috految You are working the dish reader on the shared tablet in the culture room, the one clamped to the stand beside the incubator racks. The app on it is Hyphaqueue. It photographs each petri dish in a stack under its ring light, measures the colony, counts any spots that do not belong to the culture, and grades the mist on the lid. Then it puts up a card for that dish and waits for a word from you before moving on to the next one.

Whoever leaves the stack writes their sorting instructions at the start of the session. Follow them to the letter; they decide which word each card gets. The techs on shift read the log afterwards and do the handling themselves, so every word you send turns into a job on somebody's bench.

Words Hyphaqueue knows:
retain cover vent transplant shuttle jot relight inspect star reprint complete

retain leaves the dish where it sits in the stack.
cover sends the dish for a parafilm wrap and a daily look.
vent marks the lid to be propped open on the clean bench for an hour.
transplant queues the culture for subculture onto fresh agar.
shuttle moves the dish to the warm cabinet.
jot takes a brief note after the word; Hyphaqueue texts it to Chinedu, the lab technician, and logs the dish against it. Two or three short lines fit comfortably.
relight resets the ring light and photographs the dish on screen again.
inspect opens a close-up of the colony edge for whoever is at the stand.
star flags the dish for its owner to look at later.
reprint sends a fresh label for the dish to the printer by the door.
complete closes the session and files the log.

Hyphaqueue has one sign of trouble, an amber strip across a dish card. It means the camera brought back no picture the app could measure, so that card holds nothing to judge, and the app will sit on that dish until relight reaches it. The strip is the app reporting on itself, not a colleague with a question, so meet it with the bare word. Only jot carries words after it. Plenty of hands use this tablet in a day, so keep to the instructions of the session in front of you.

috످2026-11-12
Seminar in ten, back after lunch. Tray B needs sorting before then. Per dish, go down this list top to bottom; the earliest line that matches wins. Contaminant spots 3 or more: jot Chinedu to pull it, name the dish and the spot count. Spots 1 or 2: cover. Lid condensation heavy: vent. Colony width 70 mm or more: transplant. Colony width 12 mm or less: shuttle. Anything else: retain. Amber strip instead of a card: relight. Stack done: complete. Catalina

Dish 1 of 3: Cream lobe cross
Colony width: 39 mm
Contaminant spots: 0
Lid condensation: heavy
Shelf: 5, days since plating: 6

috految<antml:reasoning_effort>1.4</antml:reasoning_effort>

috److vent

috످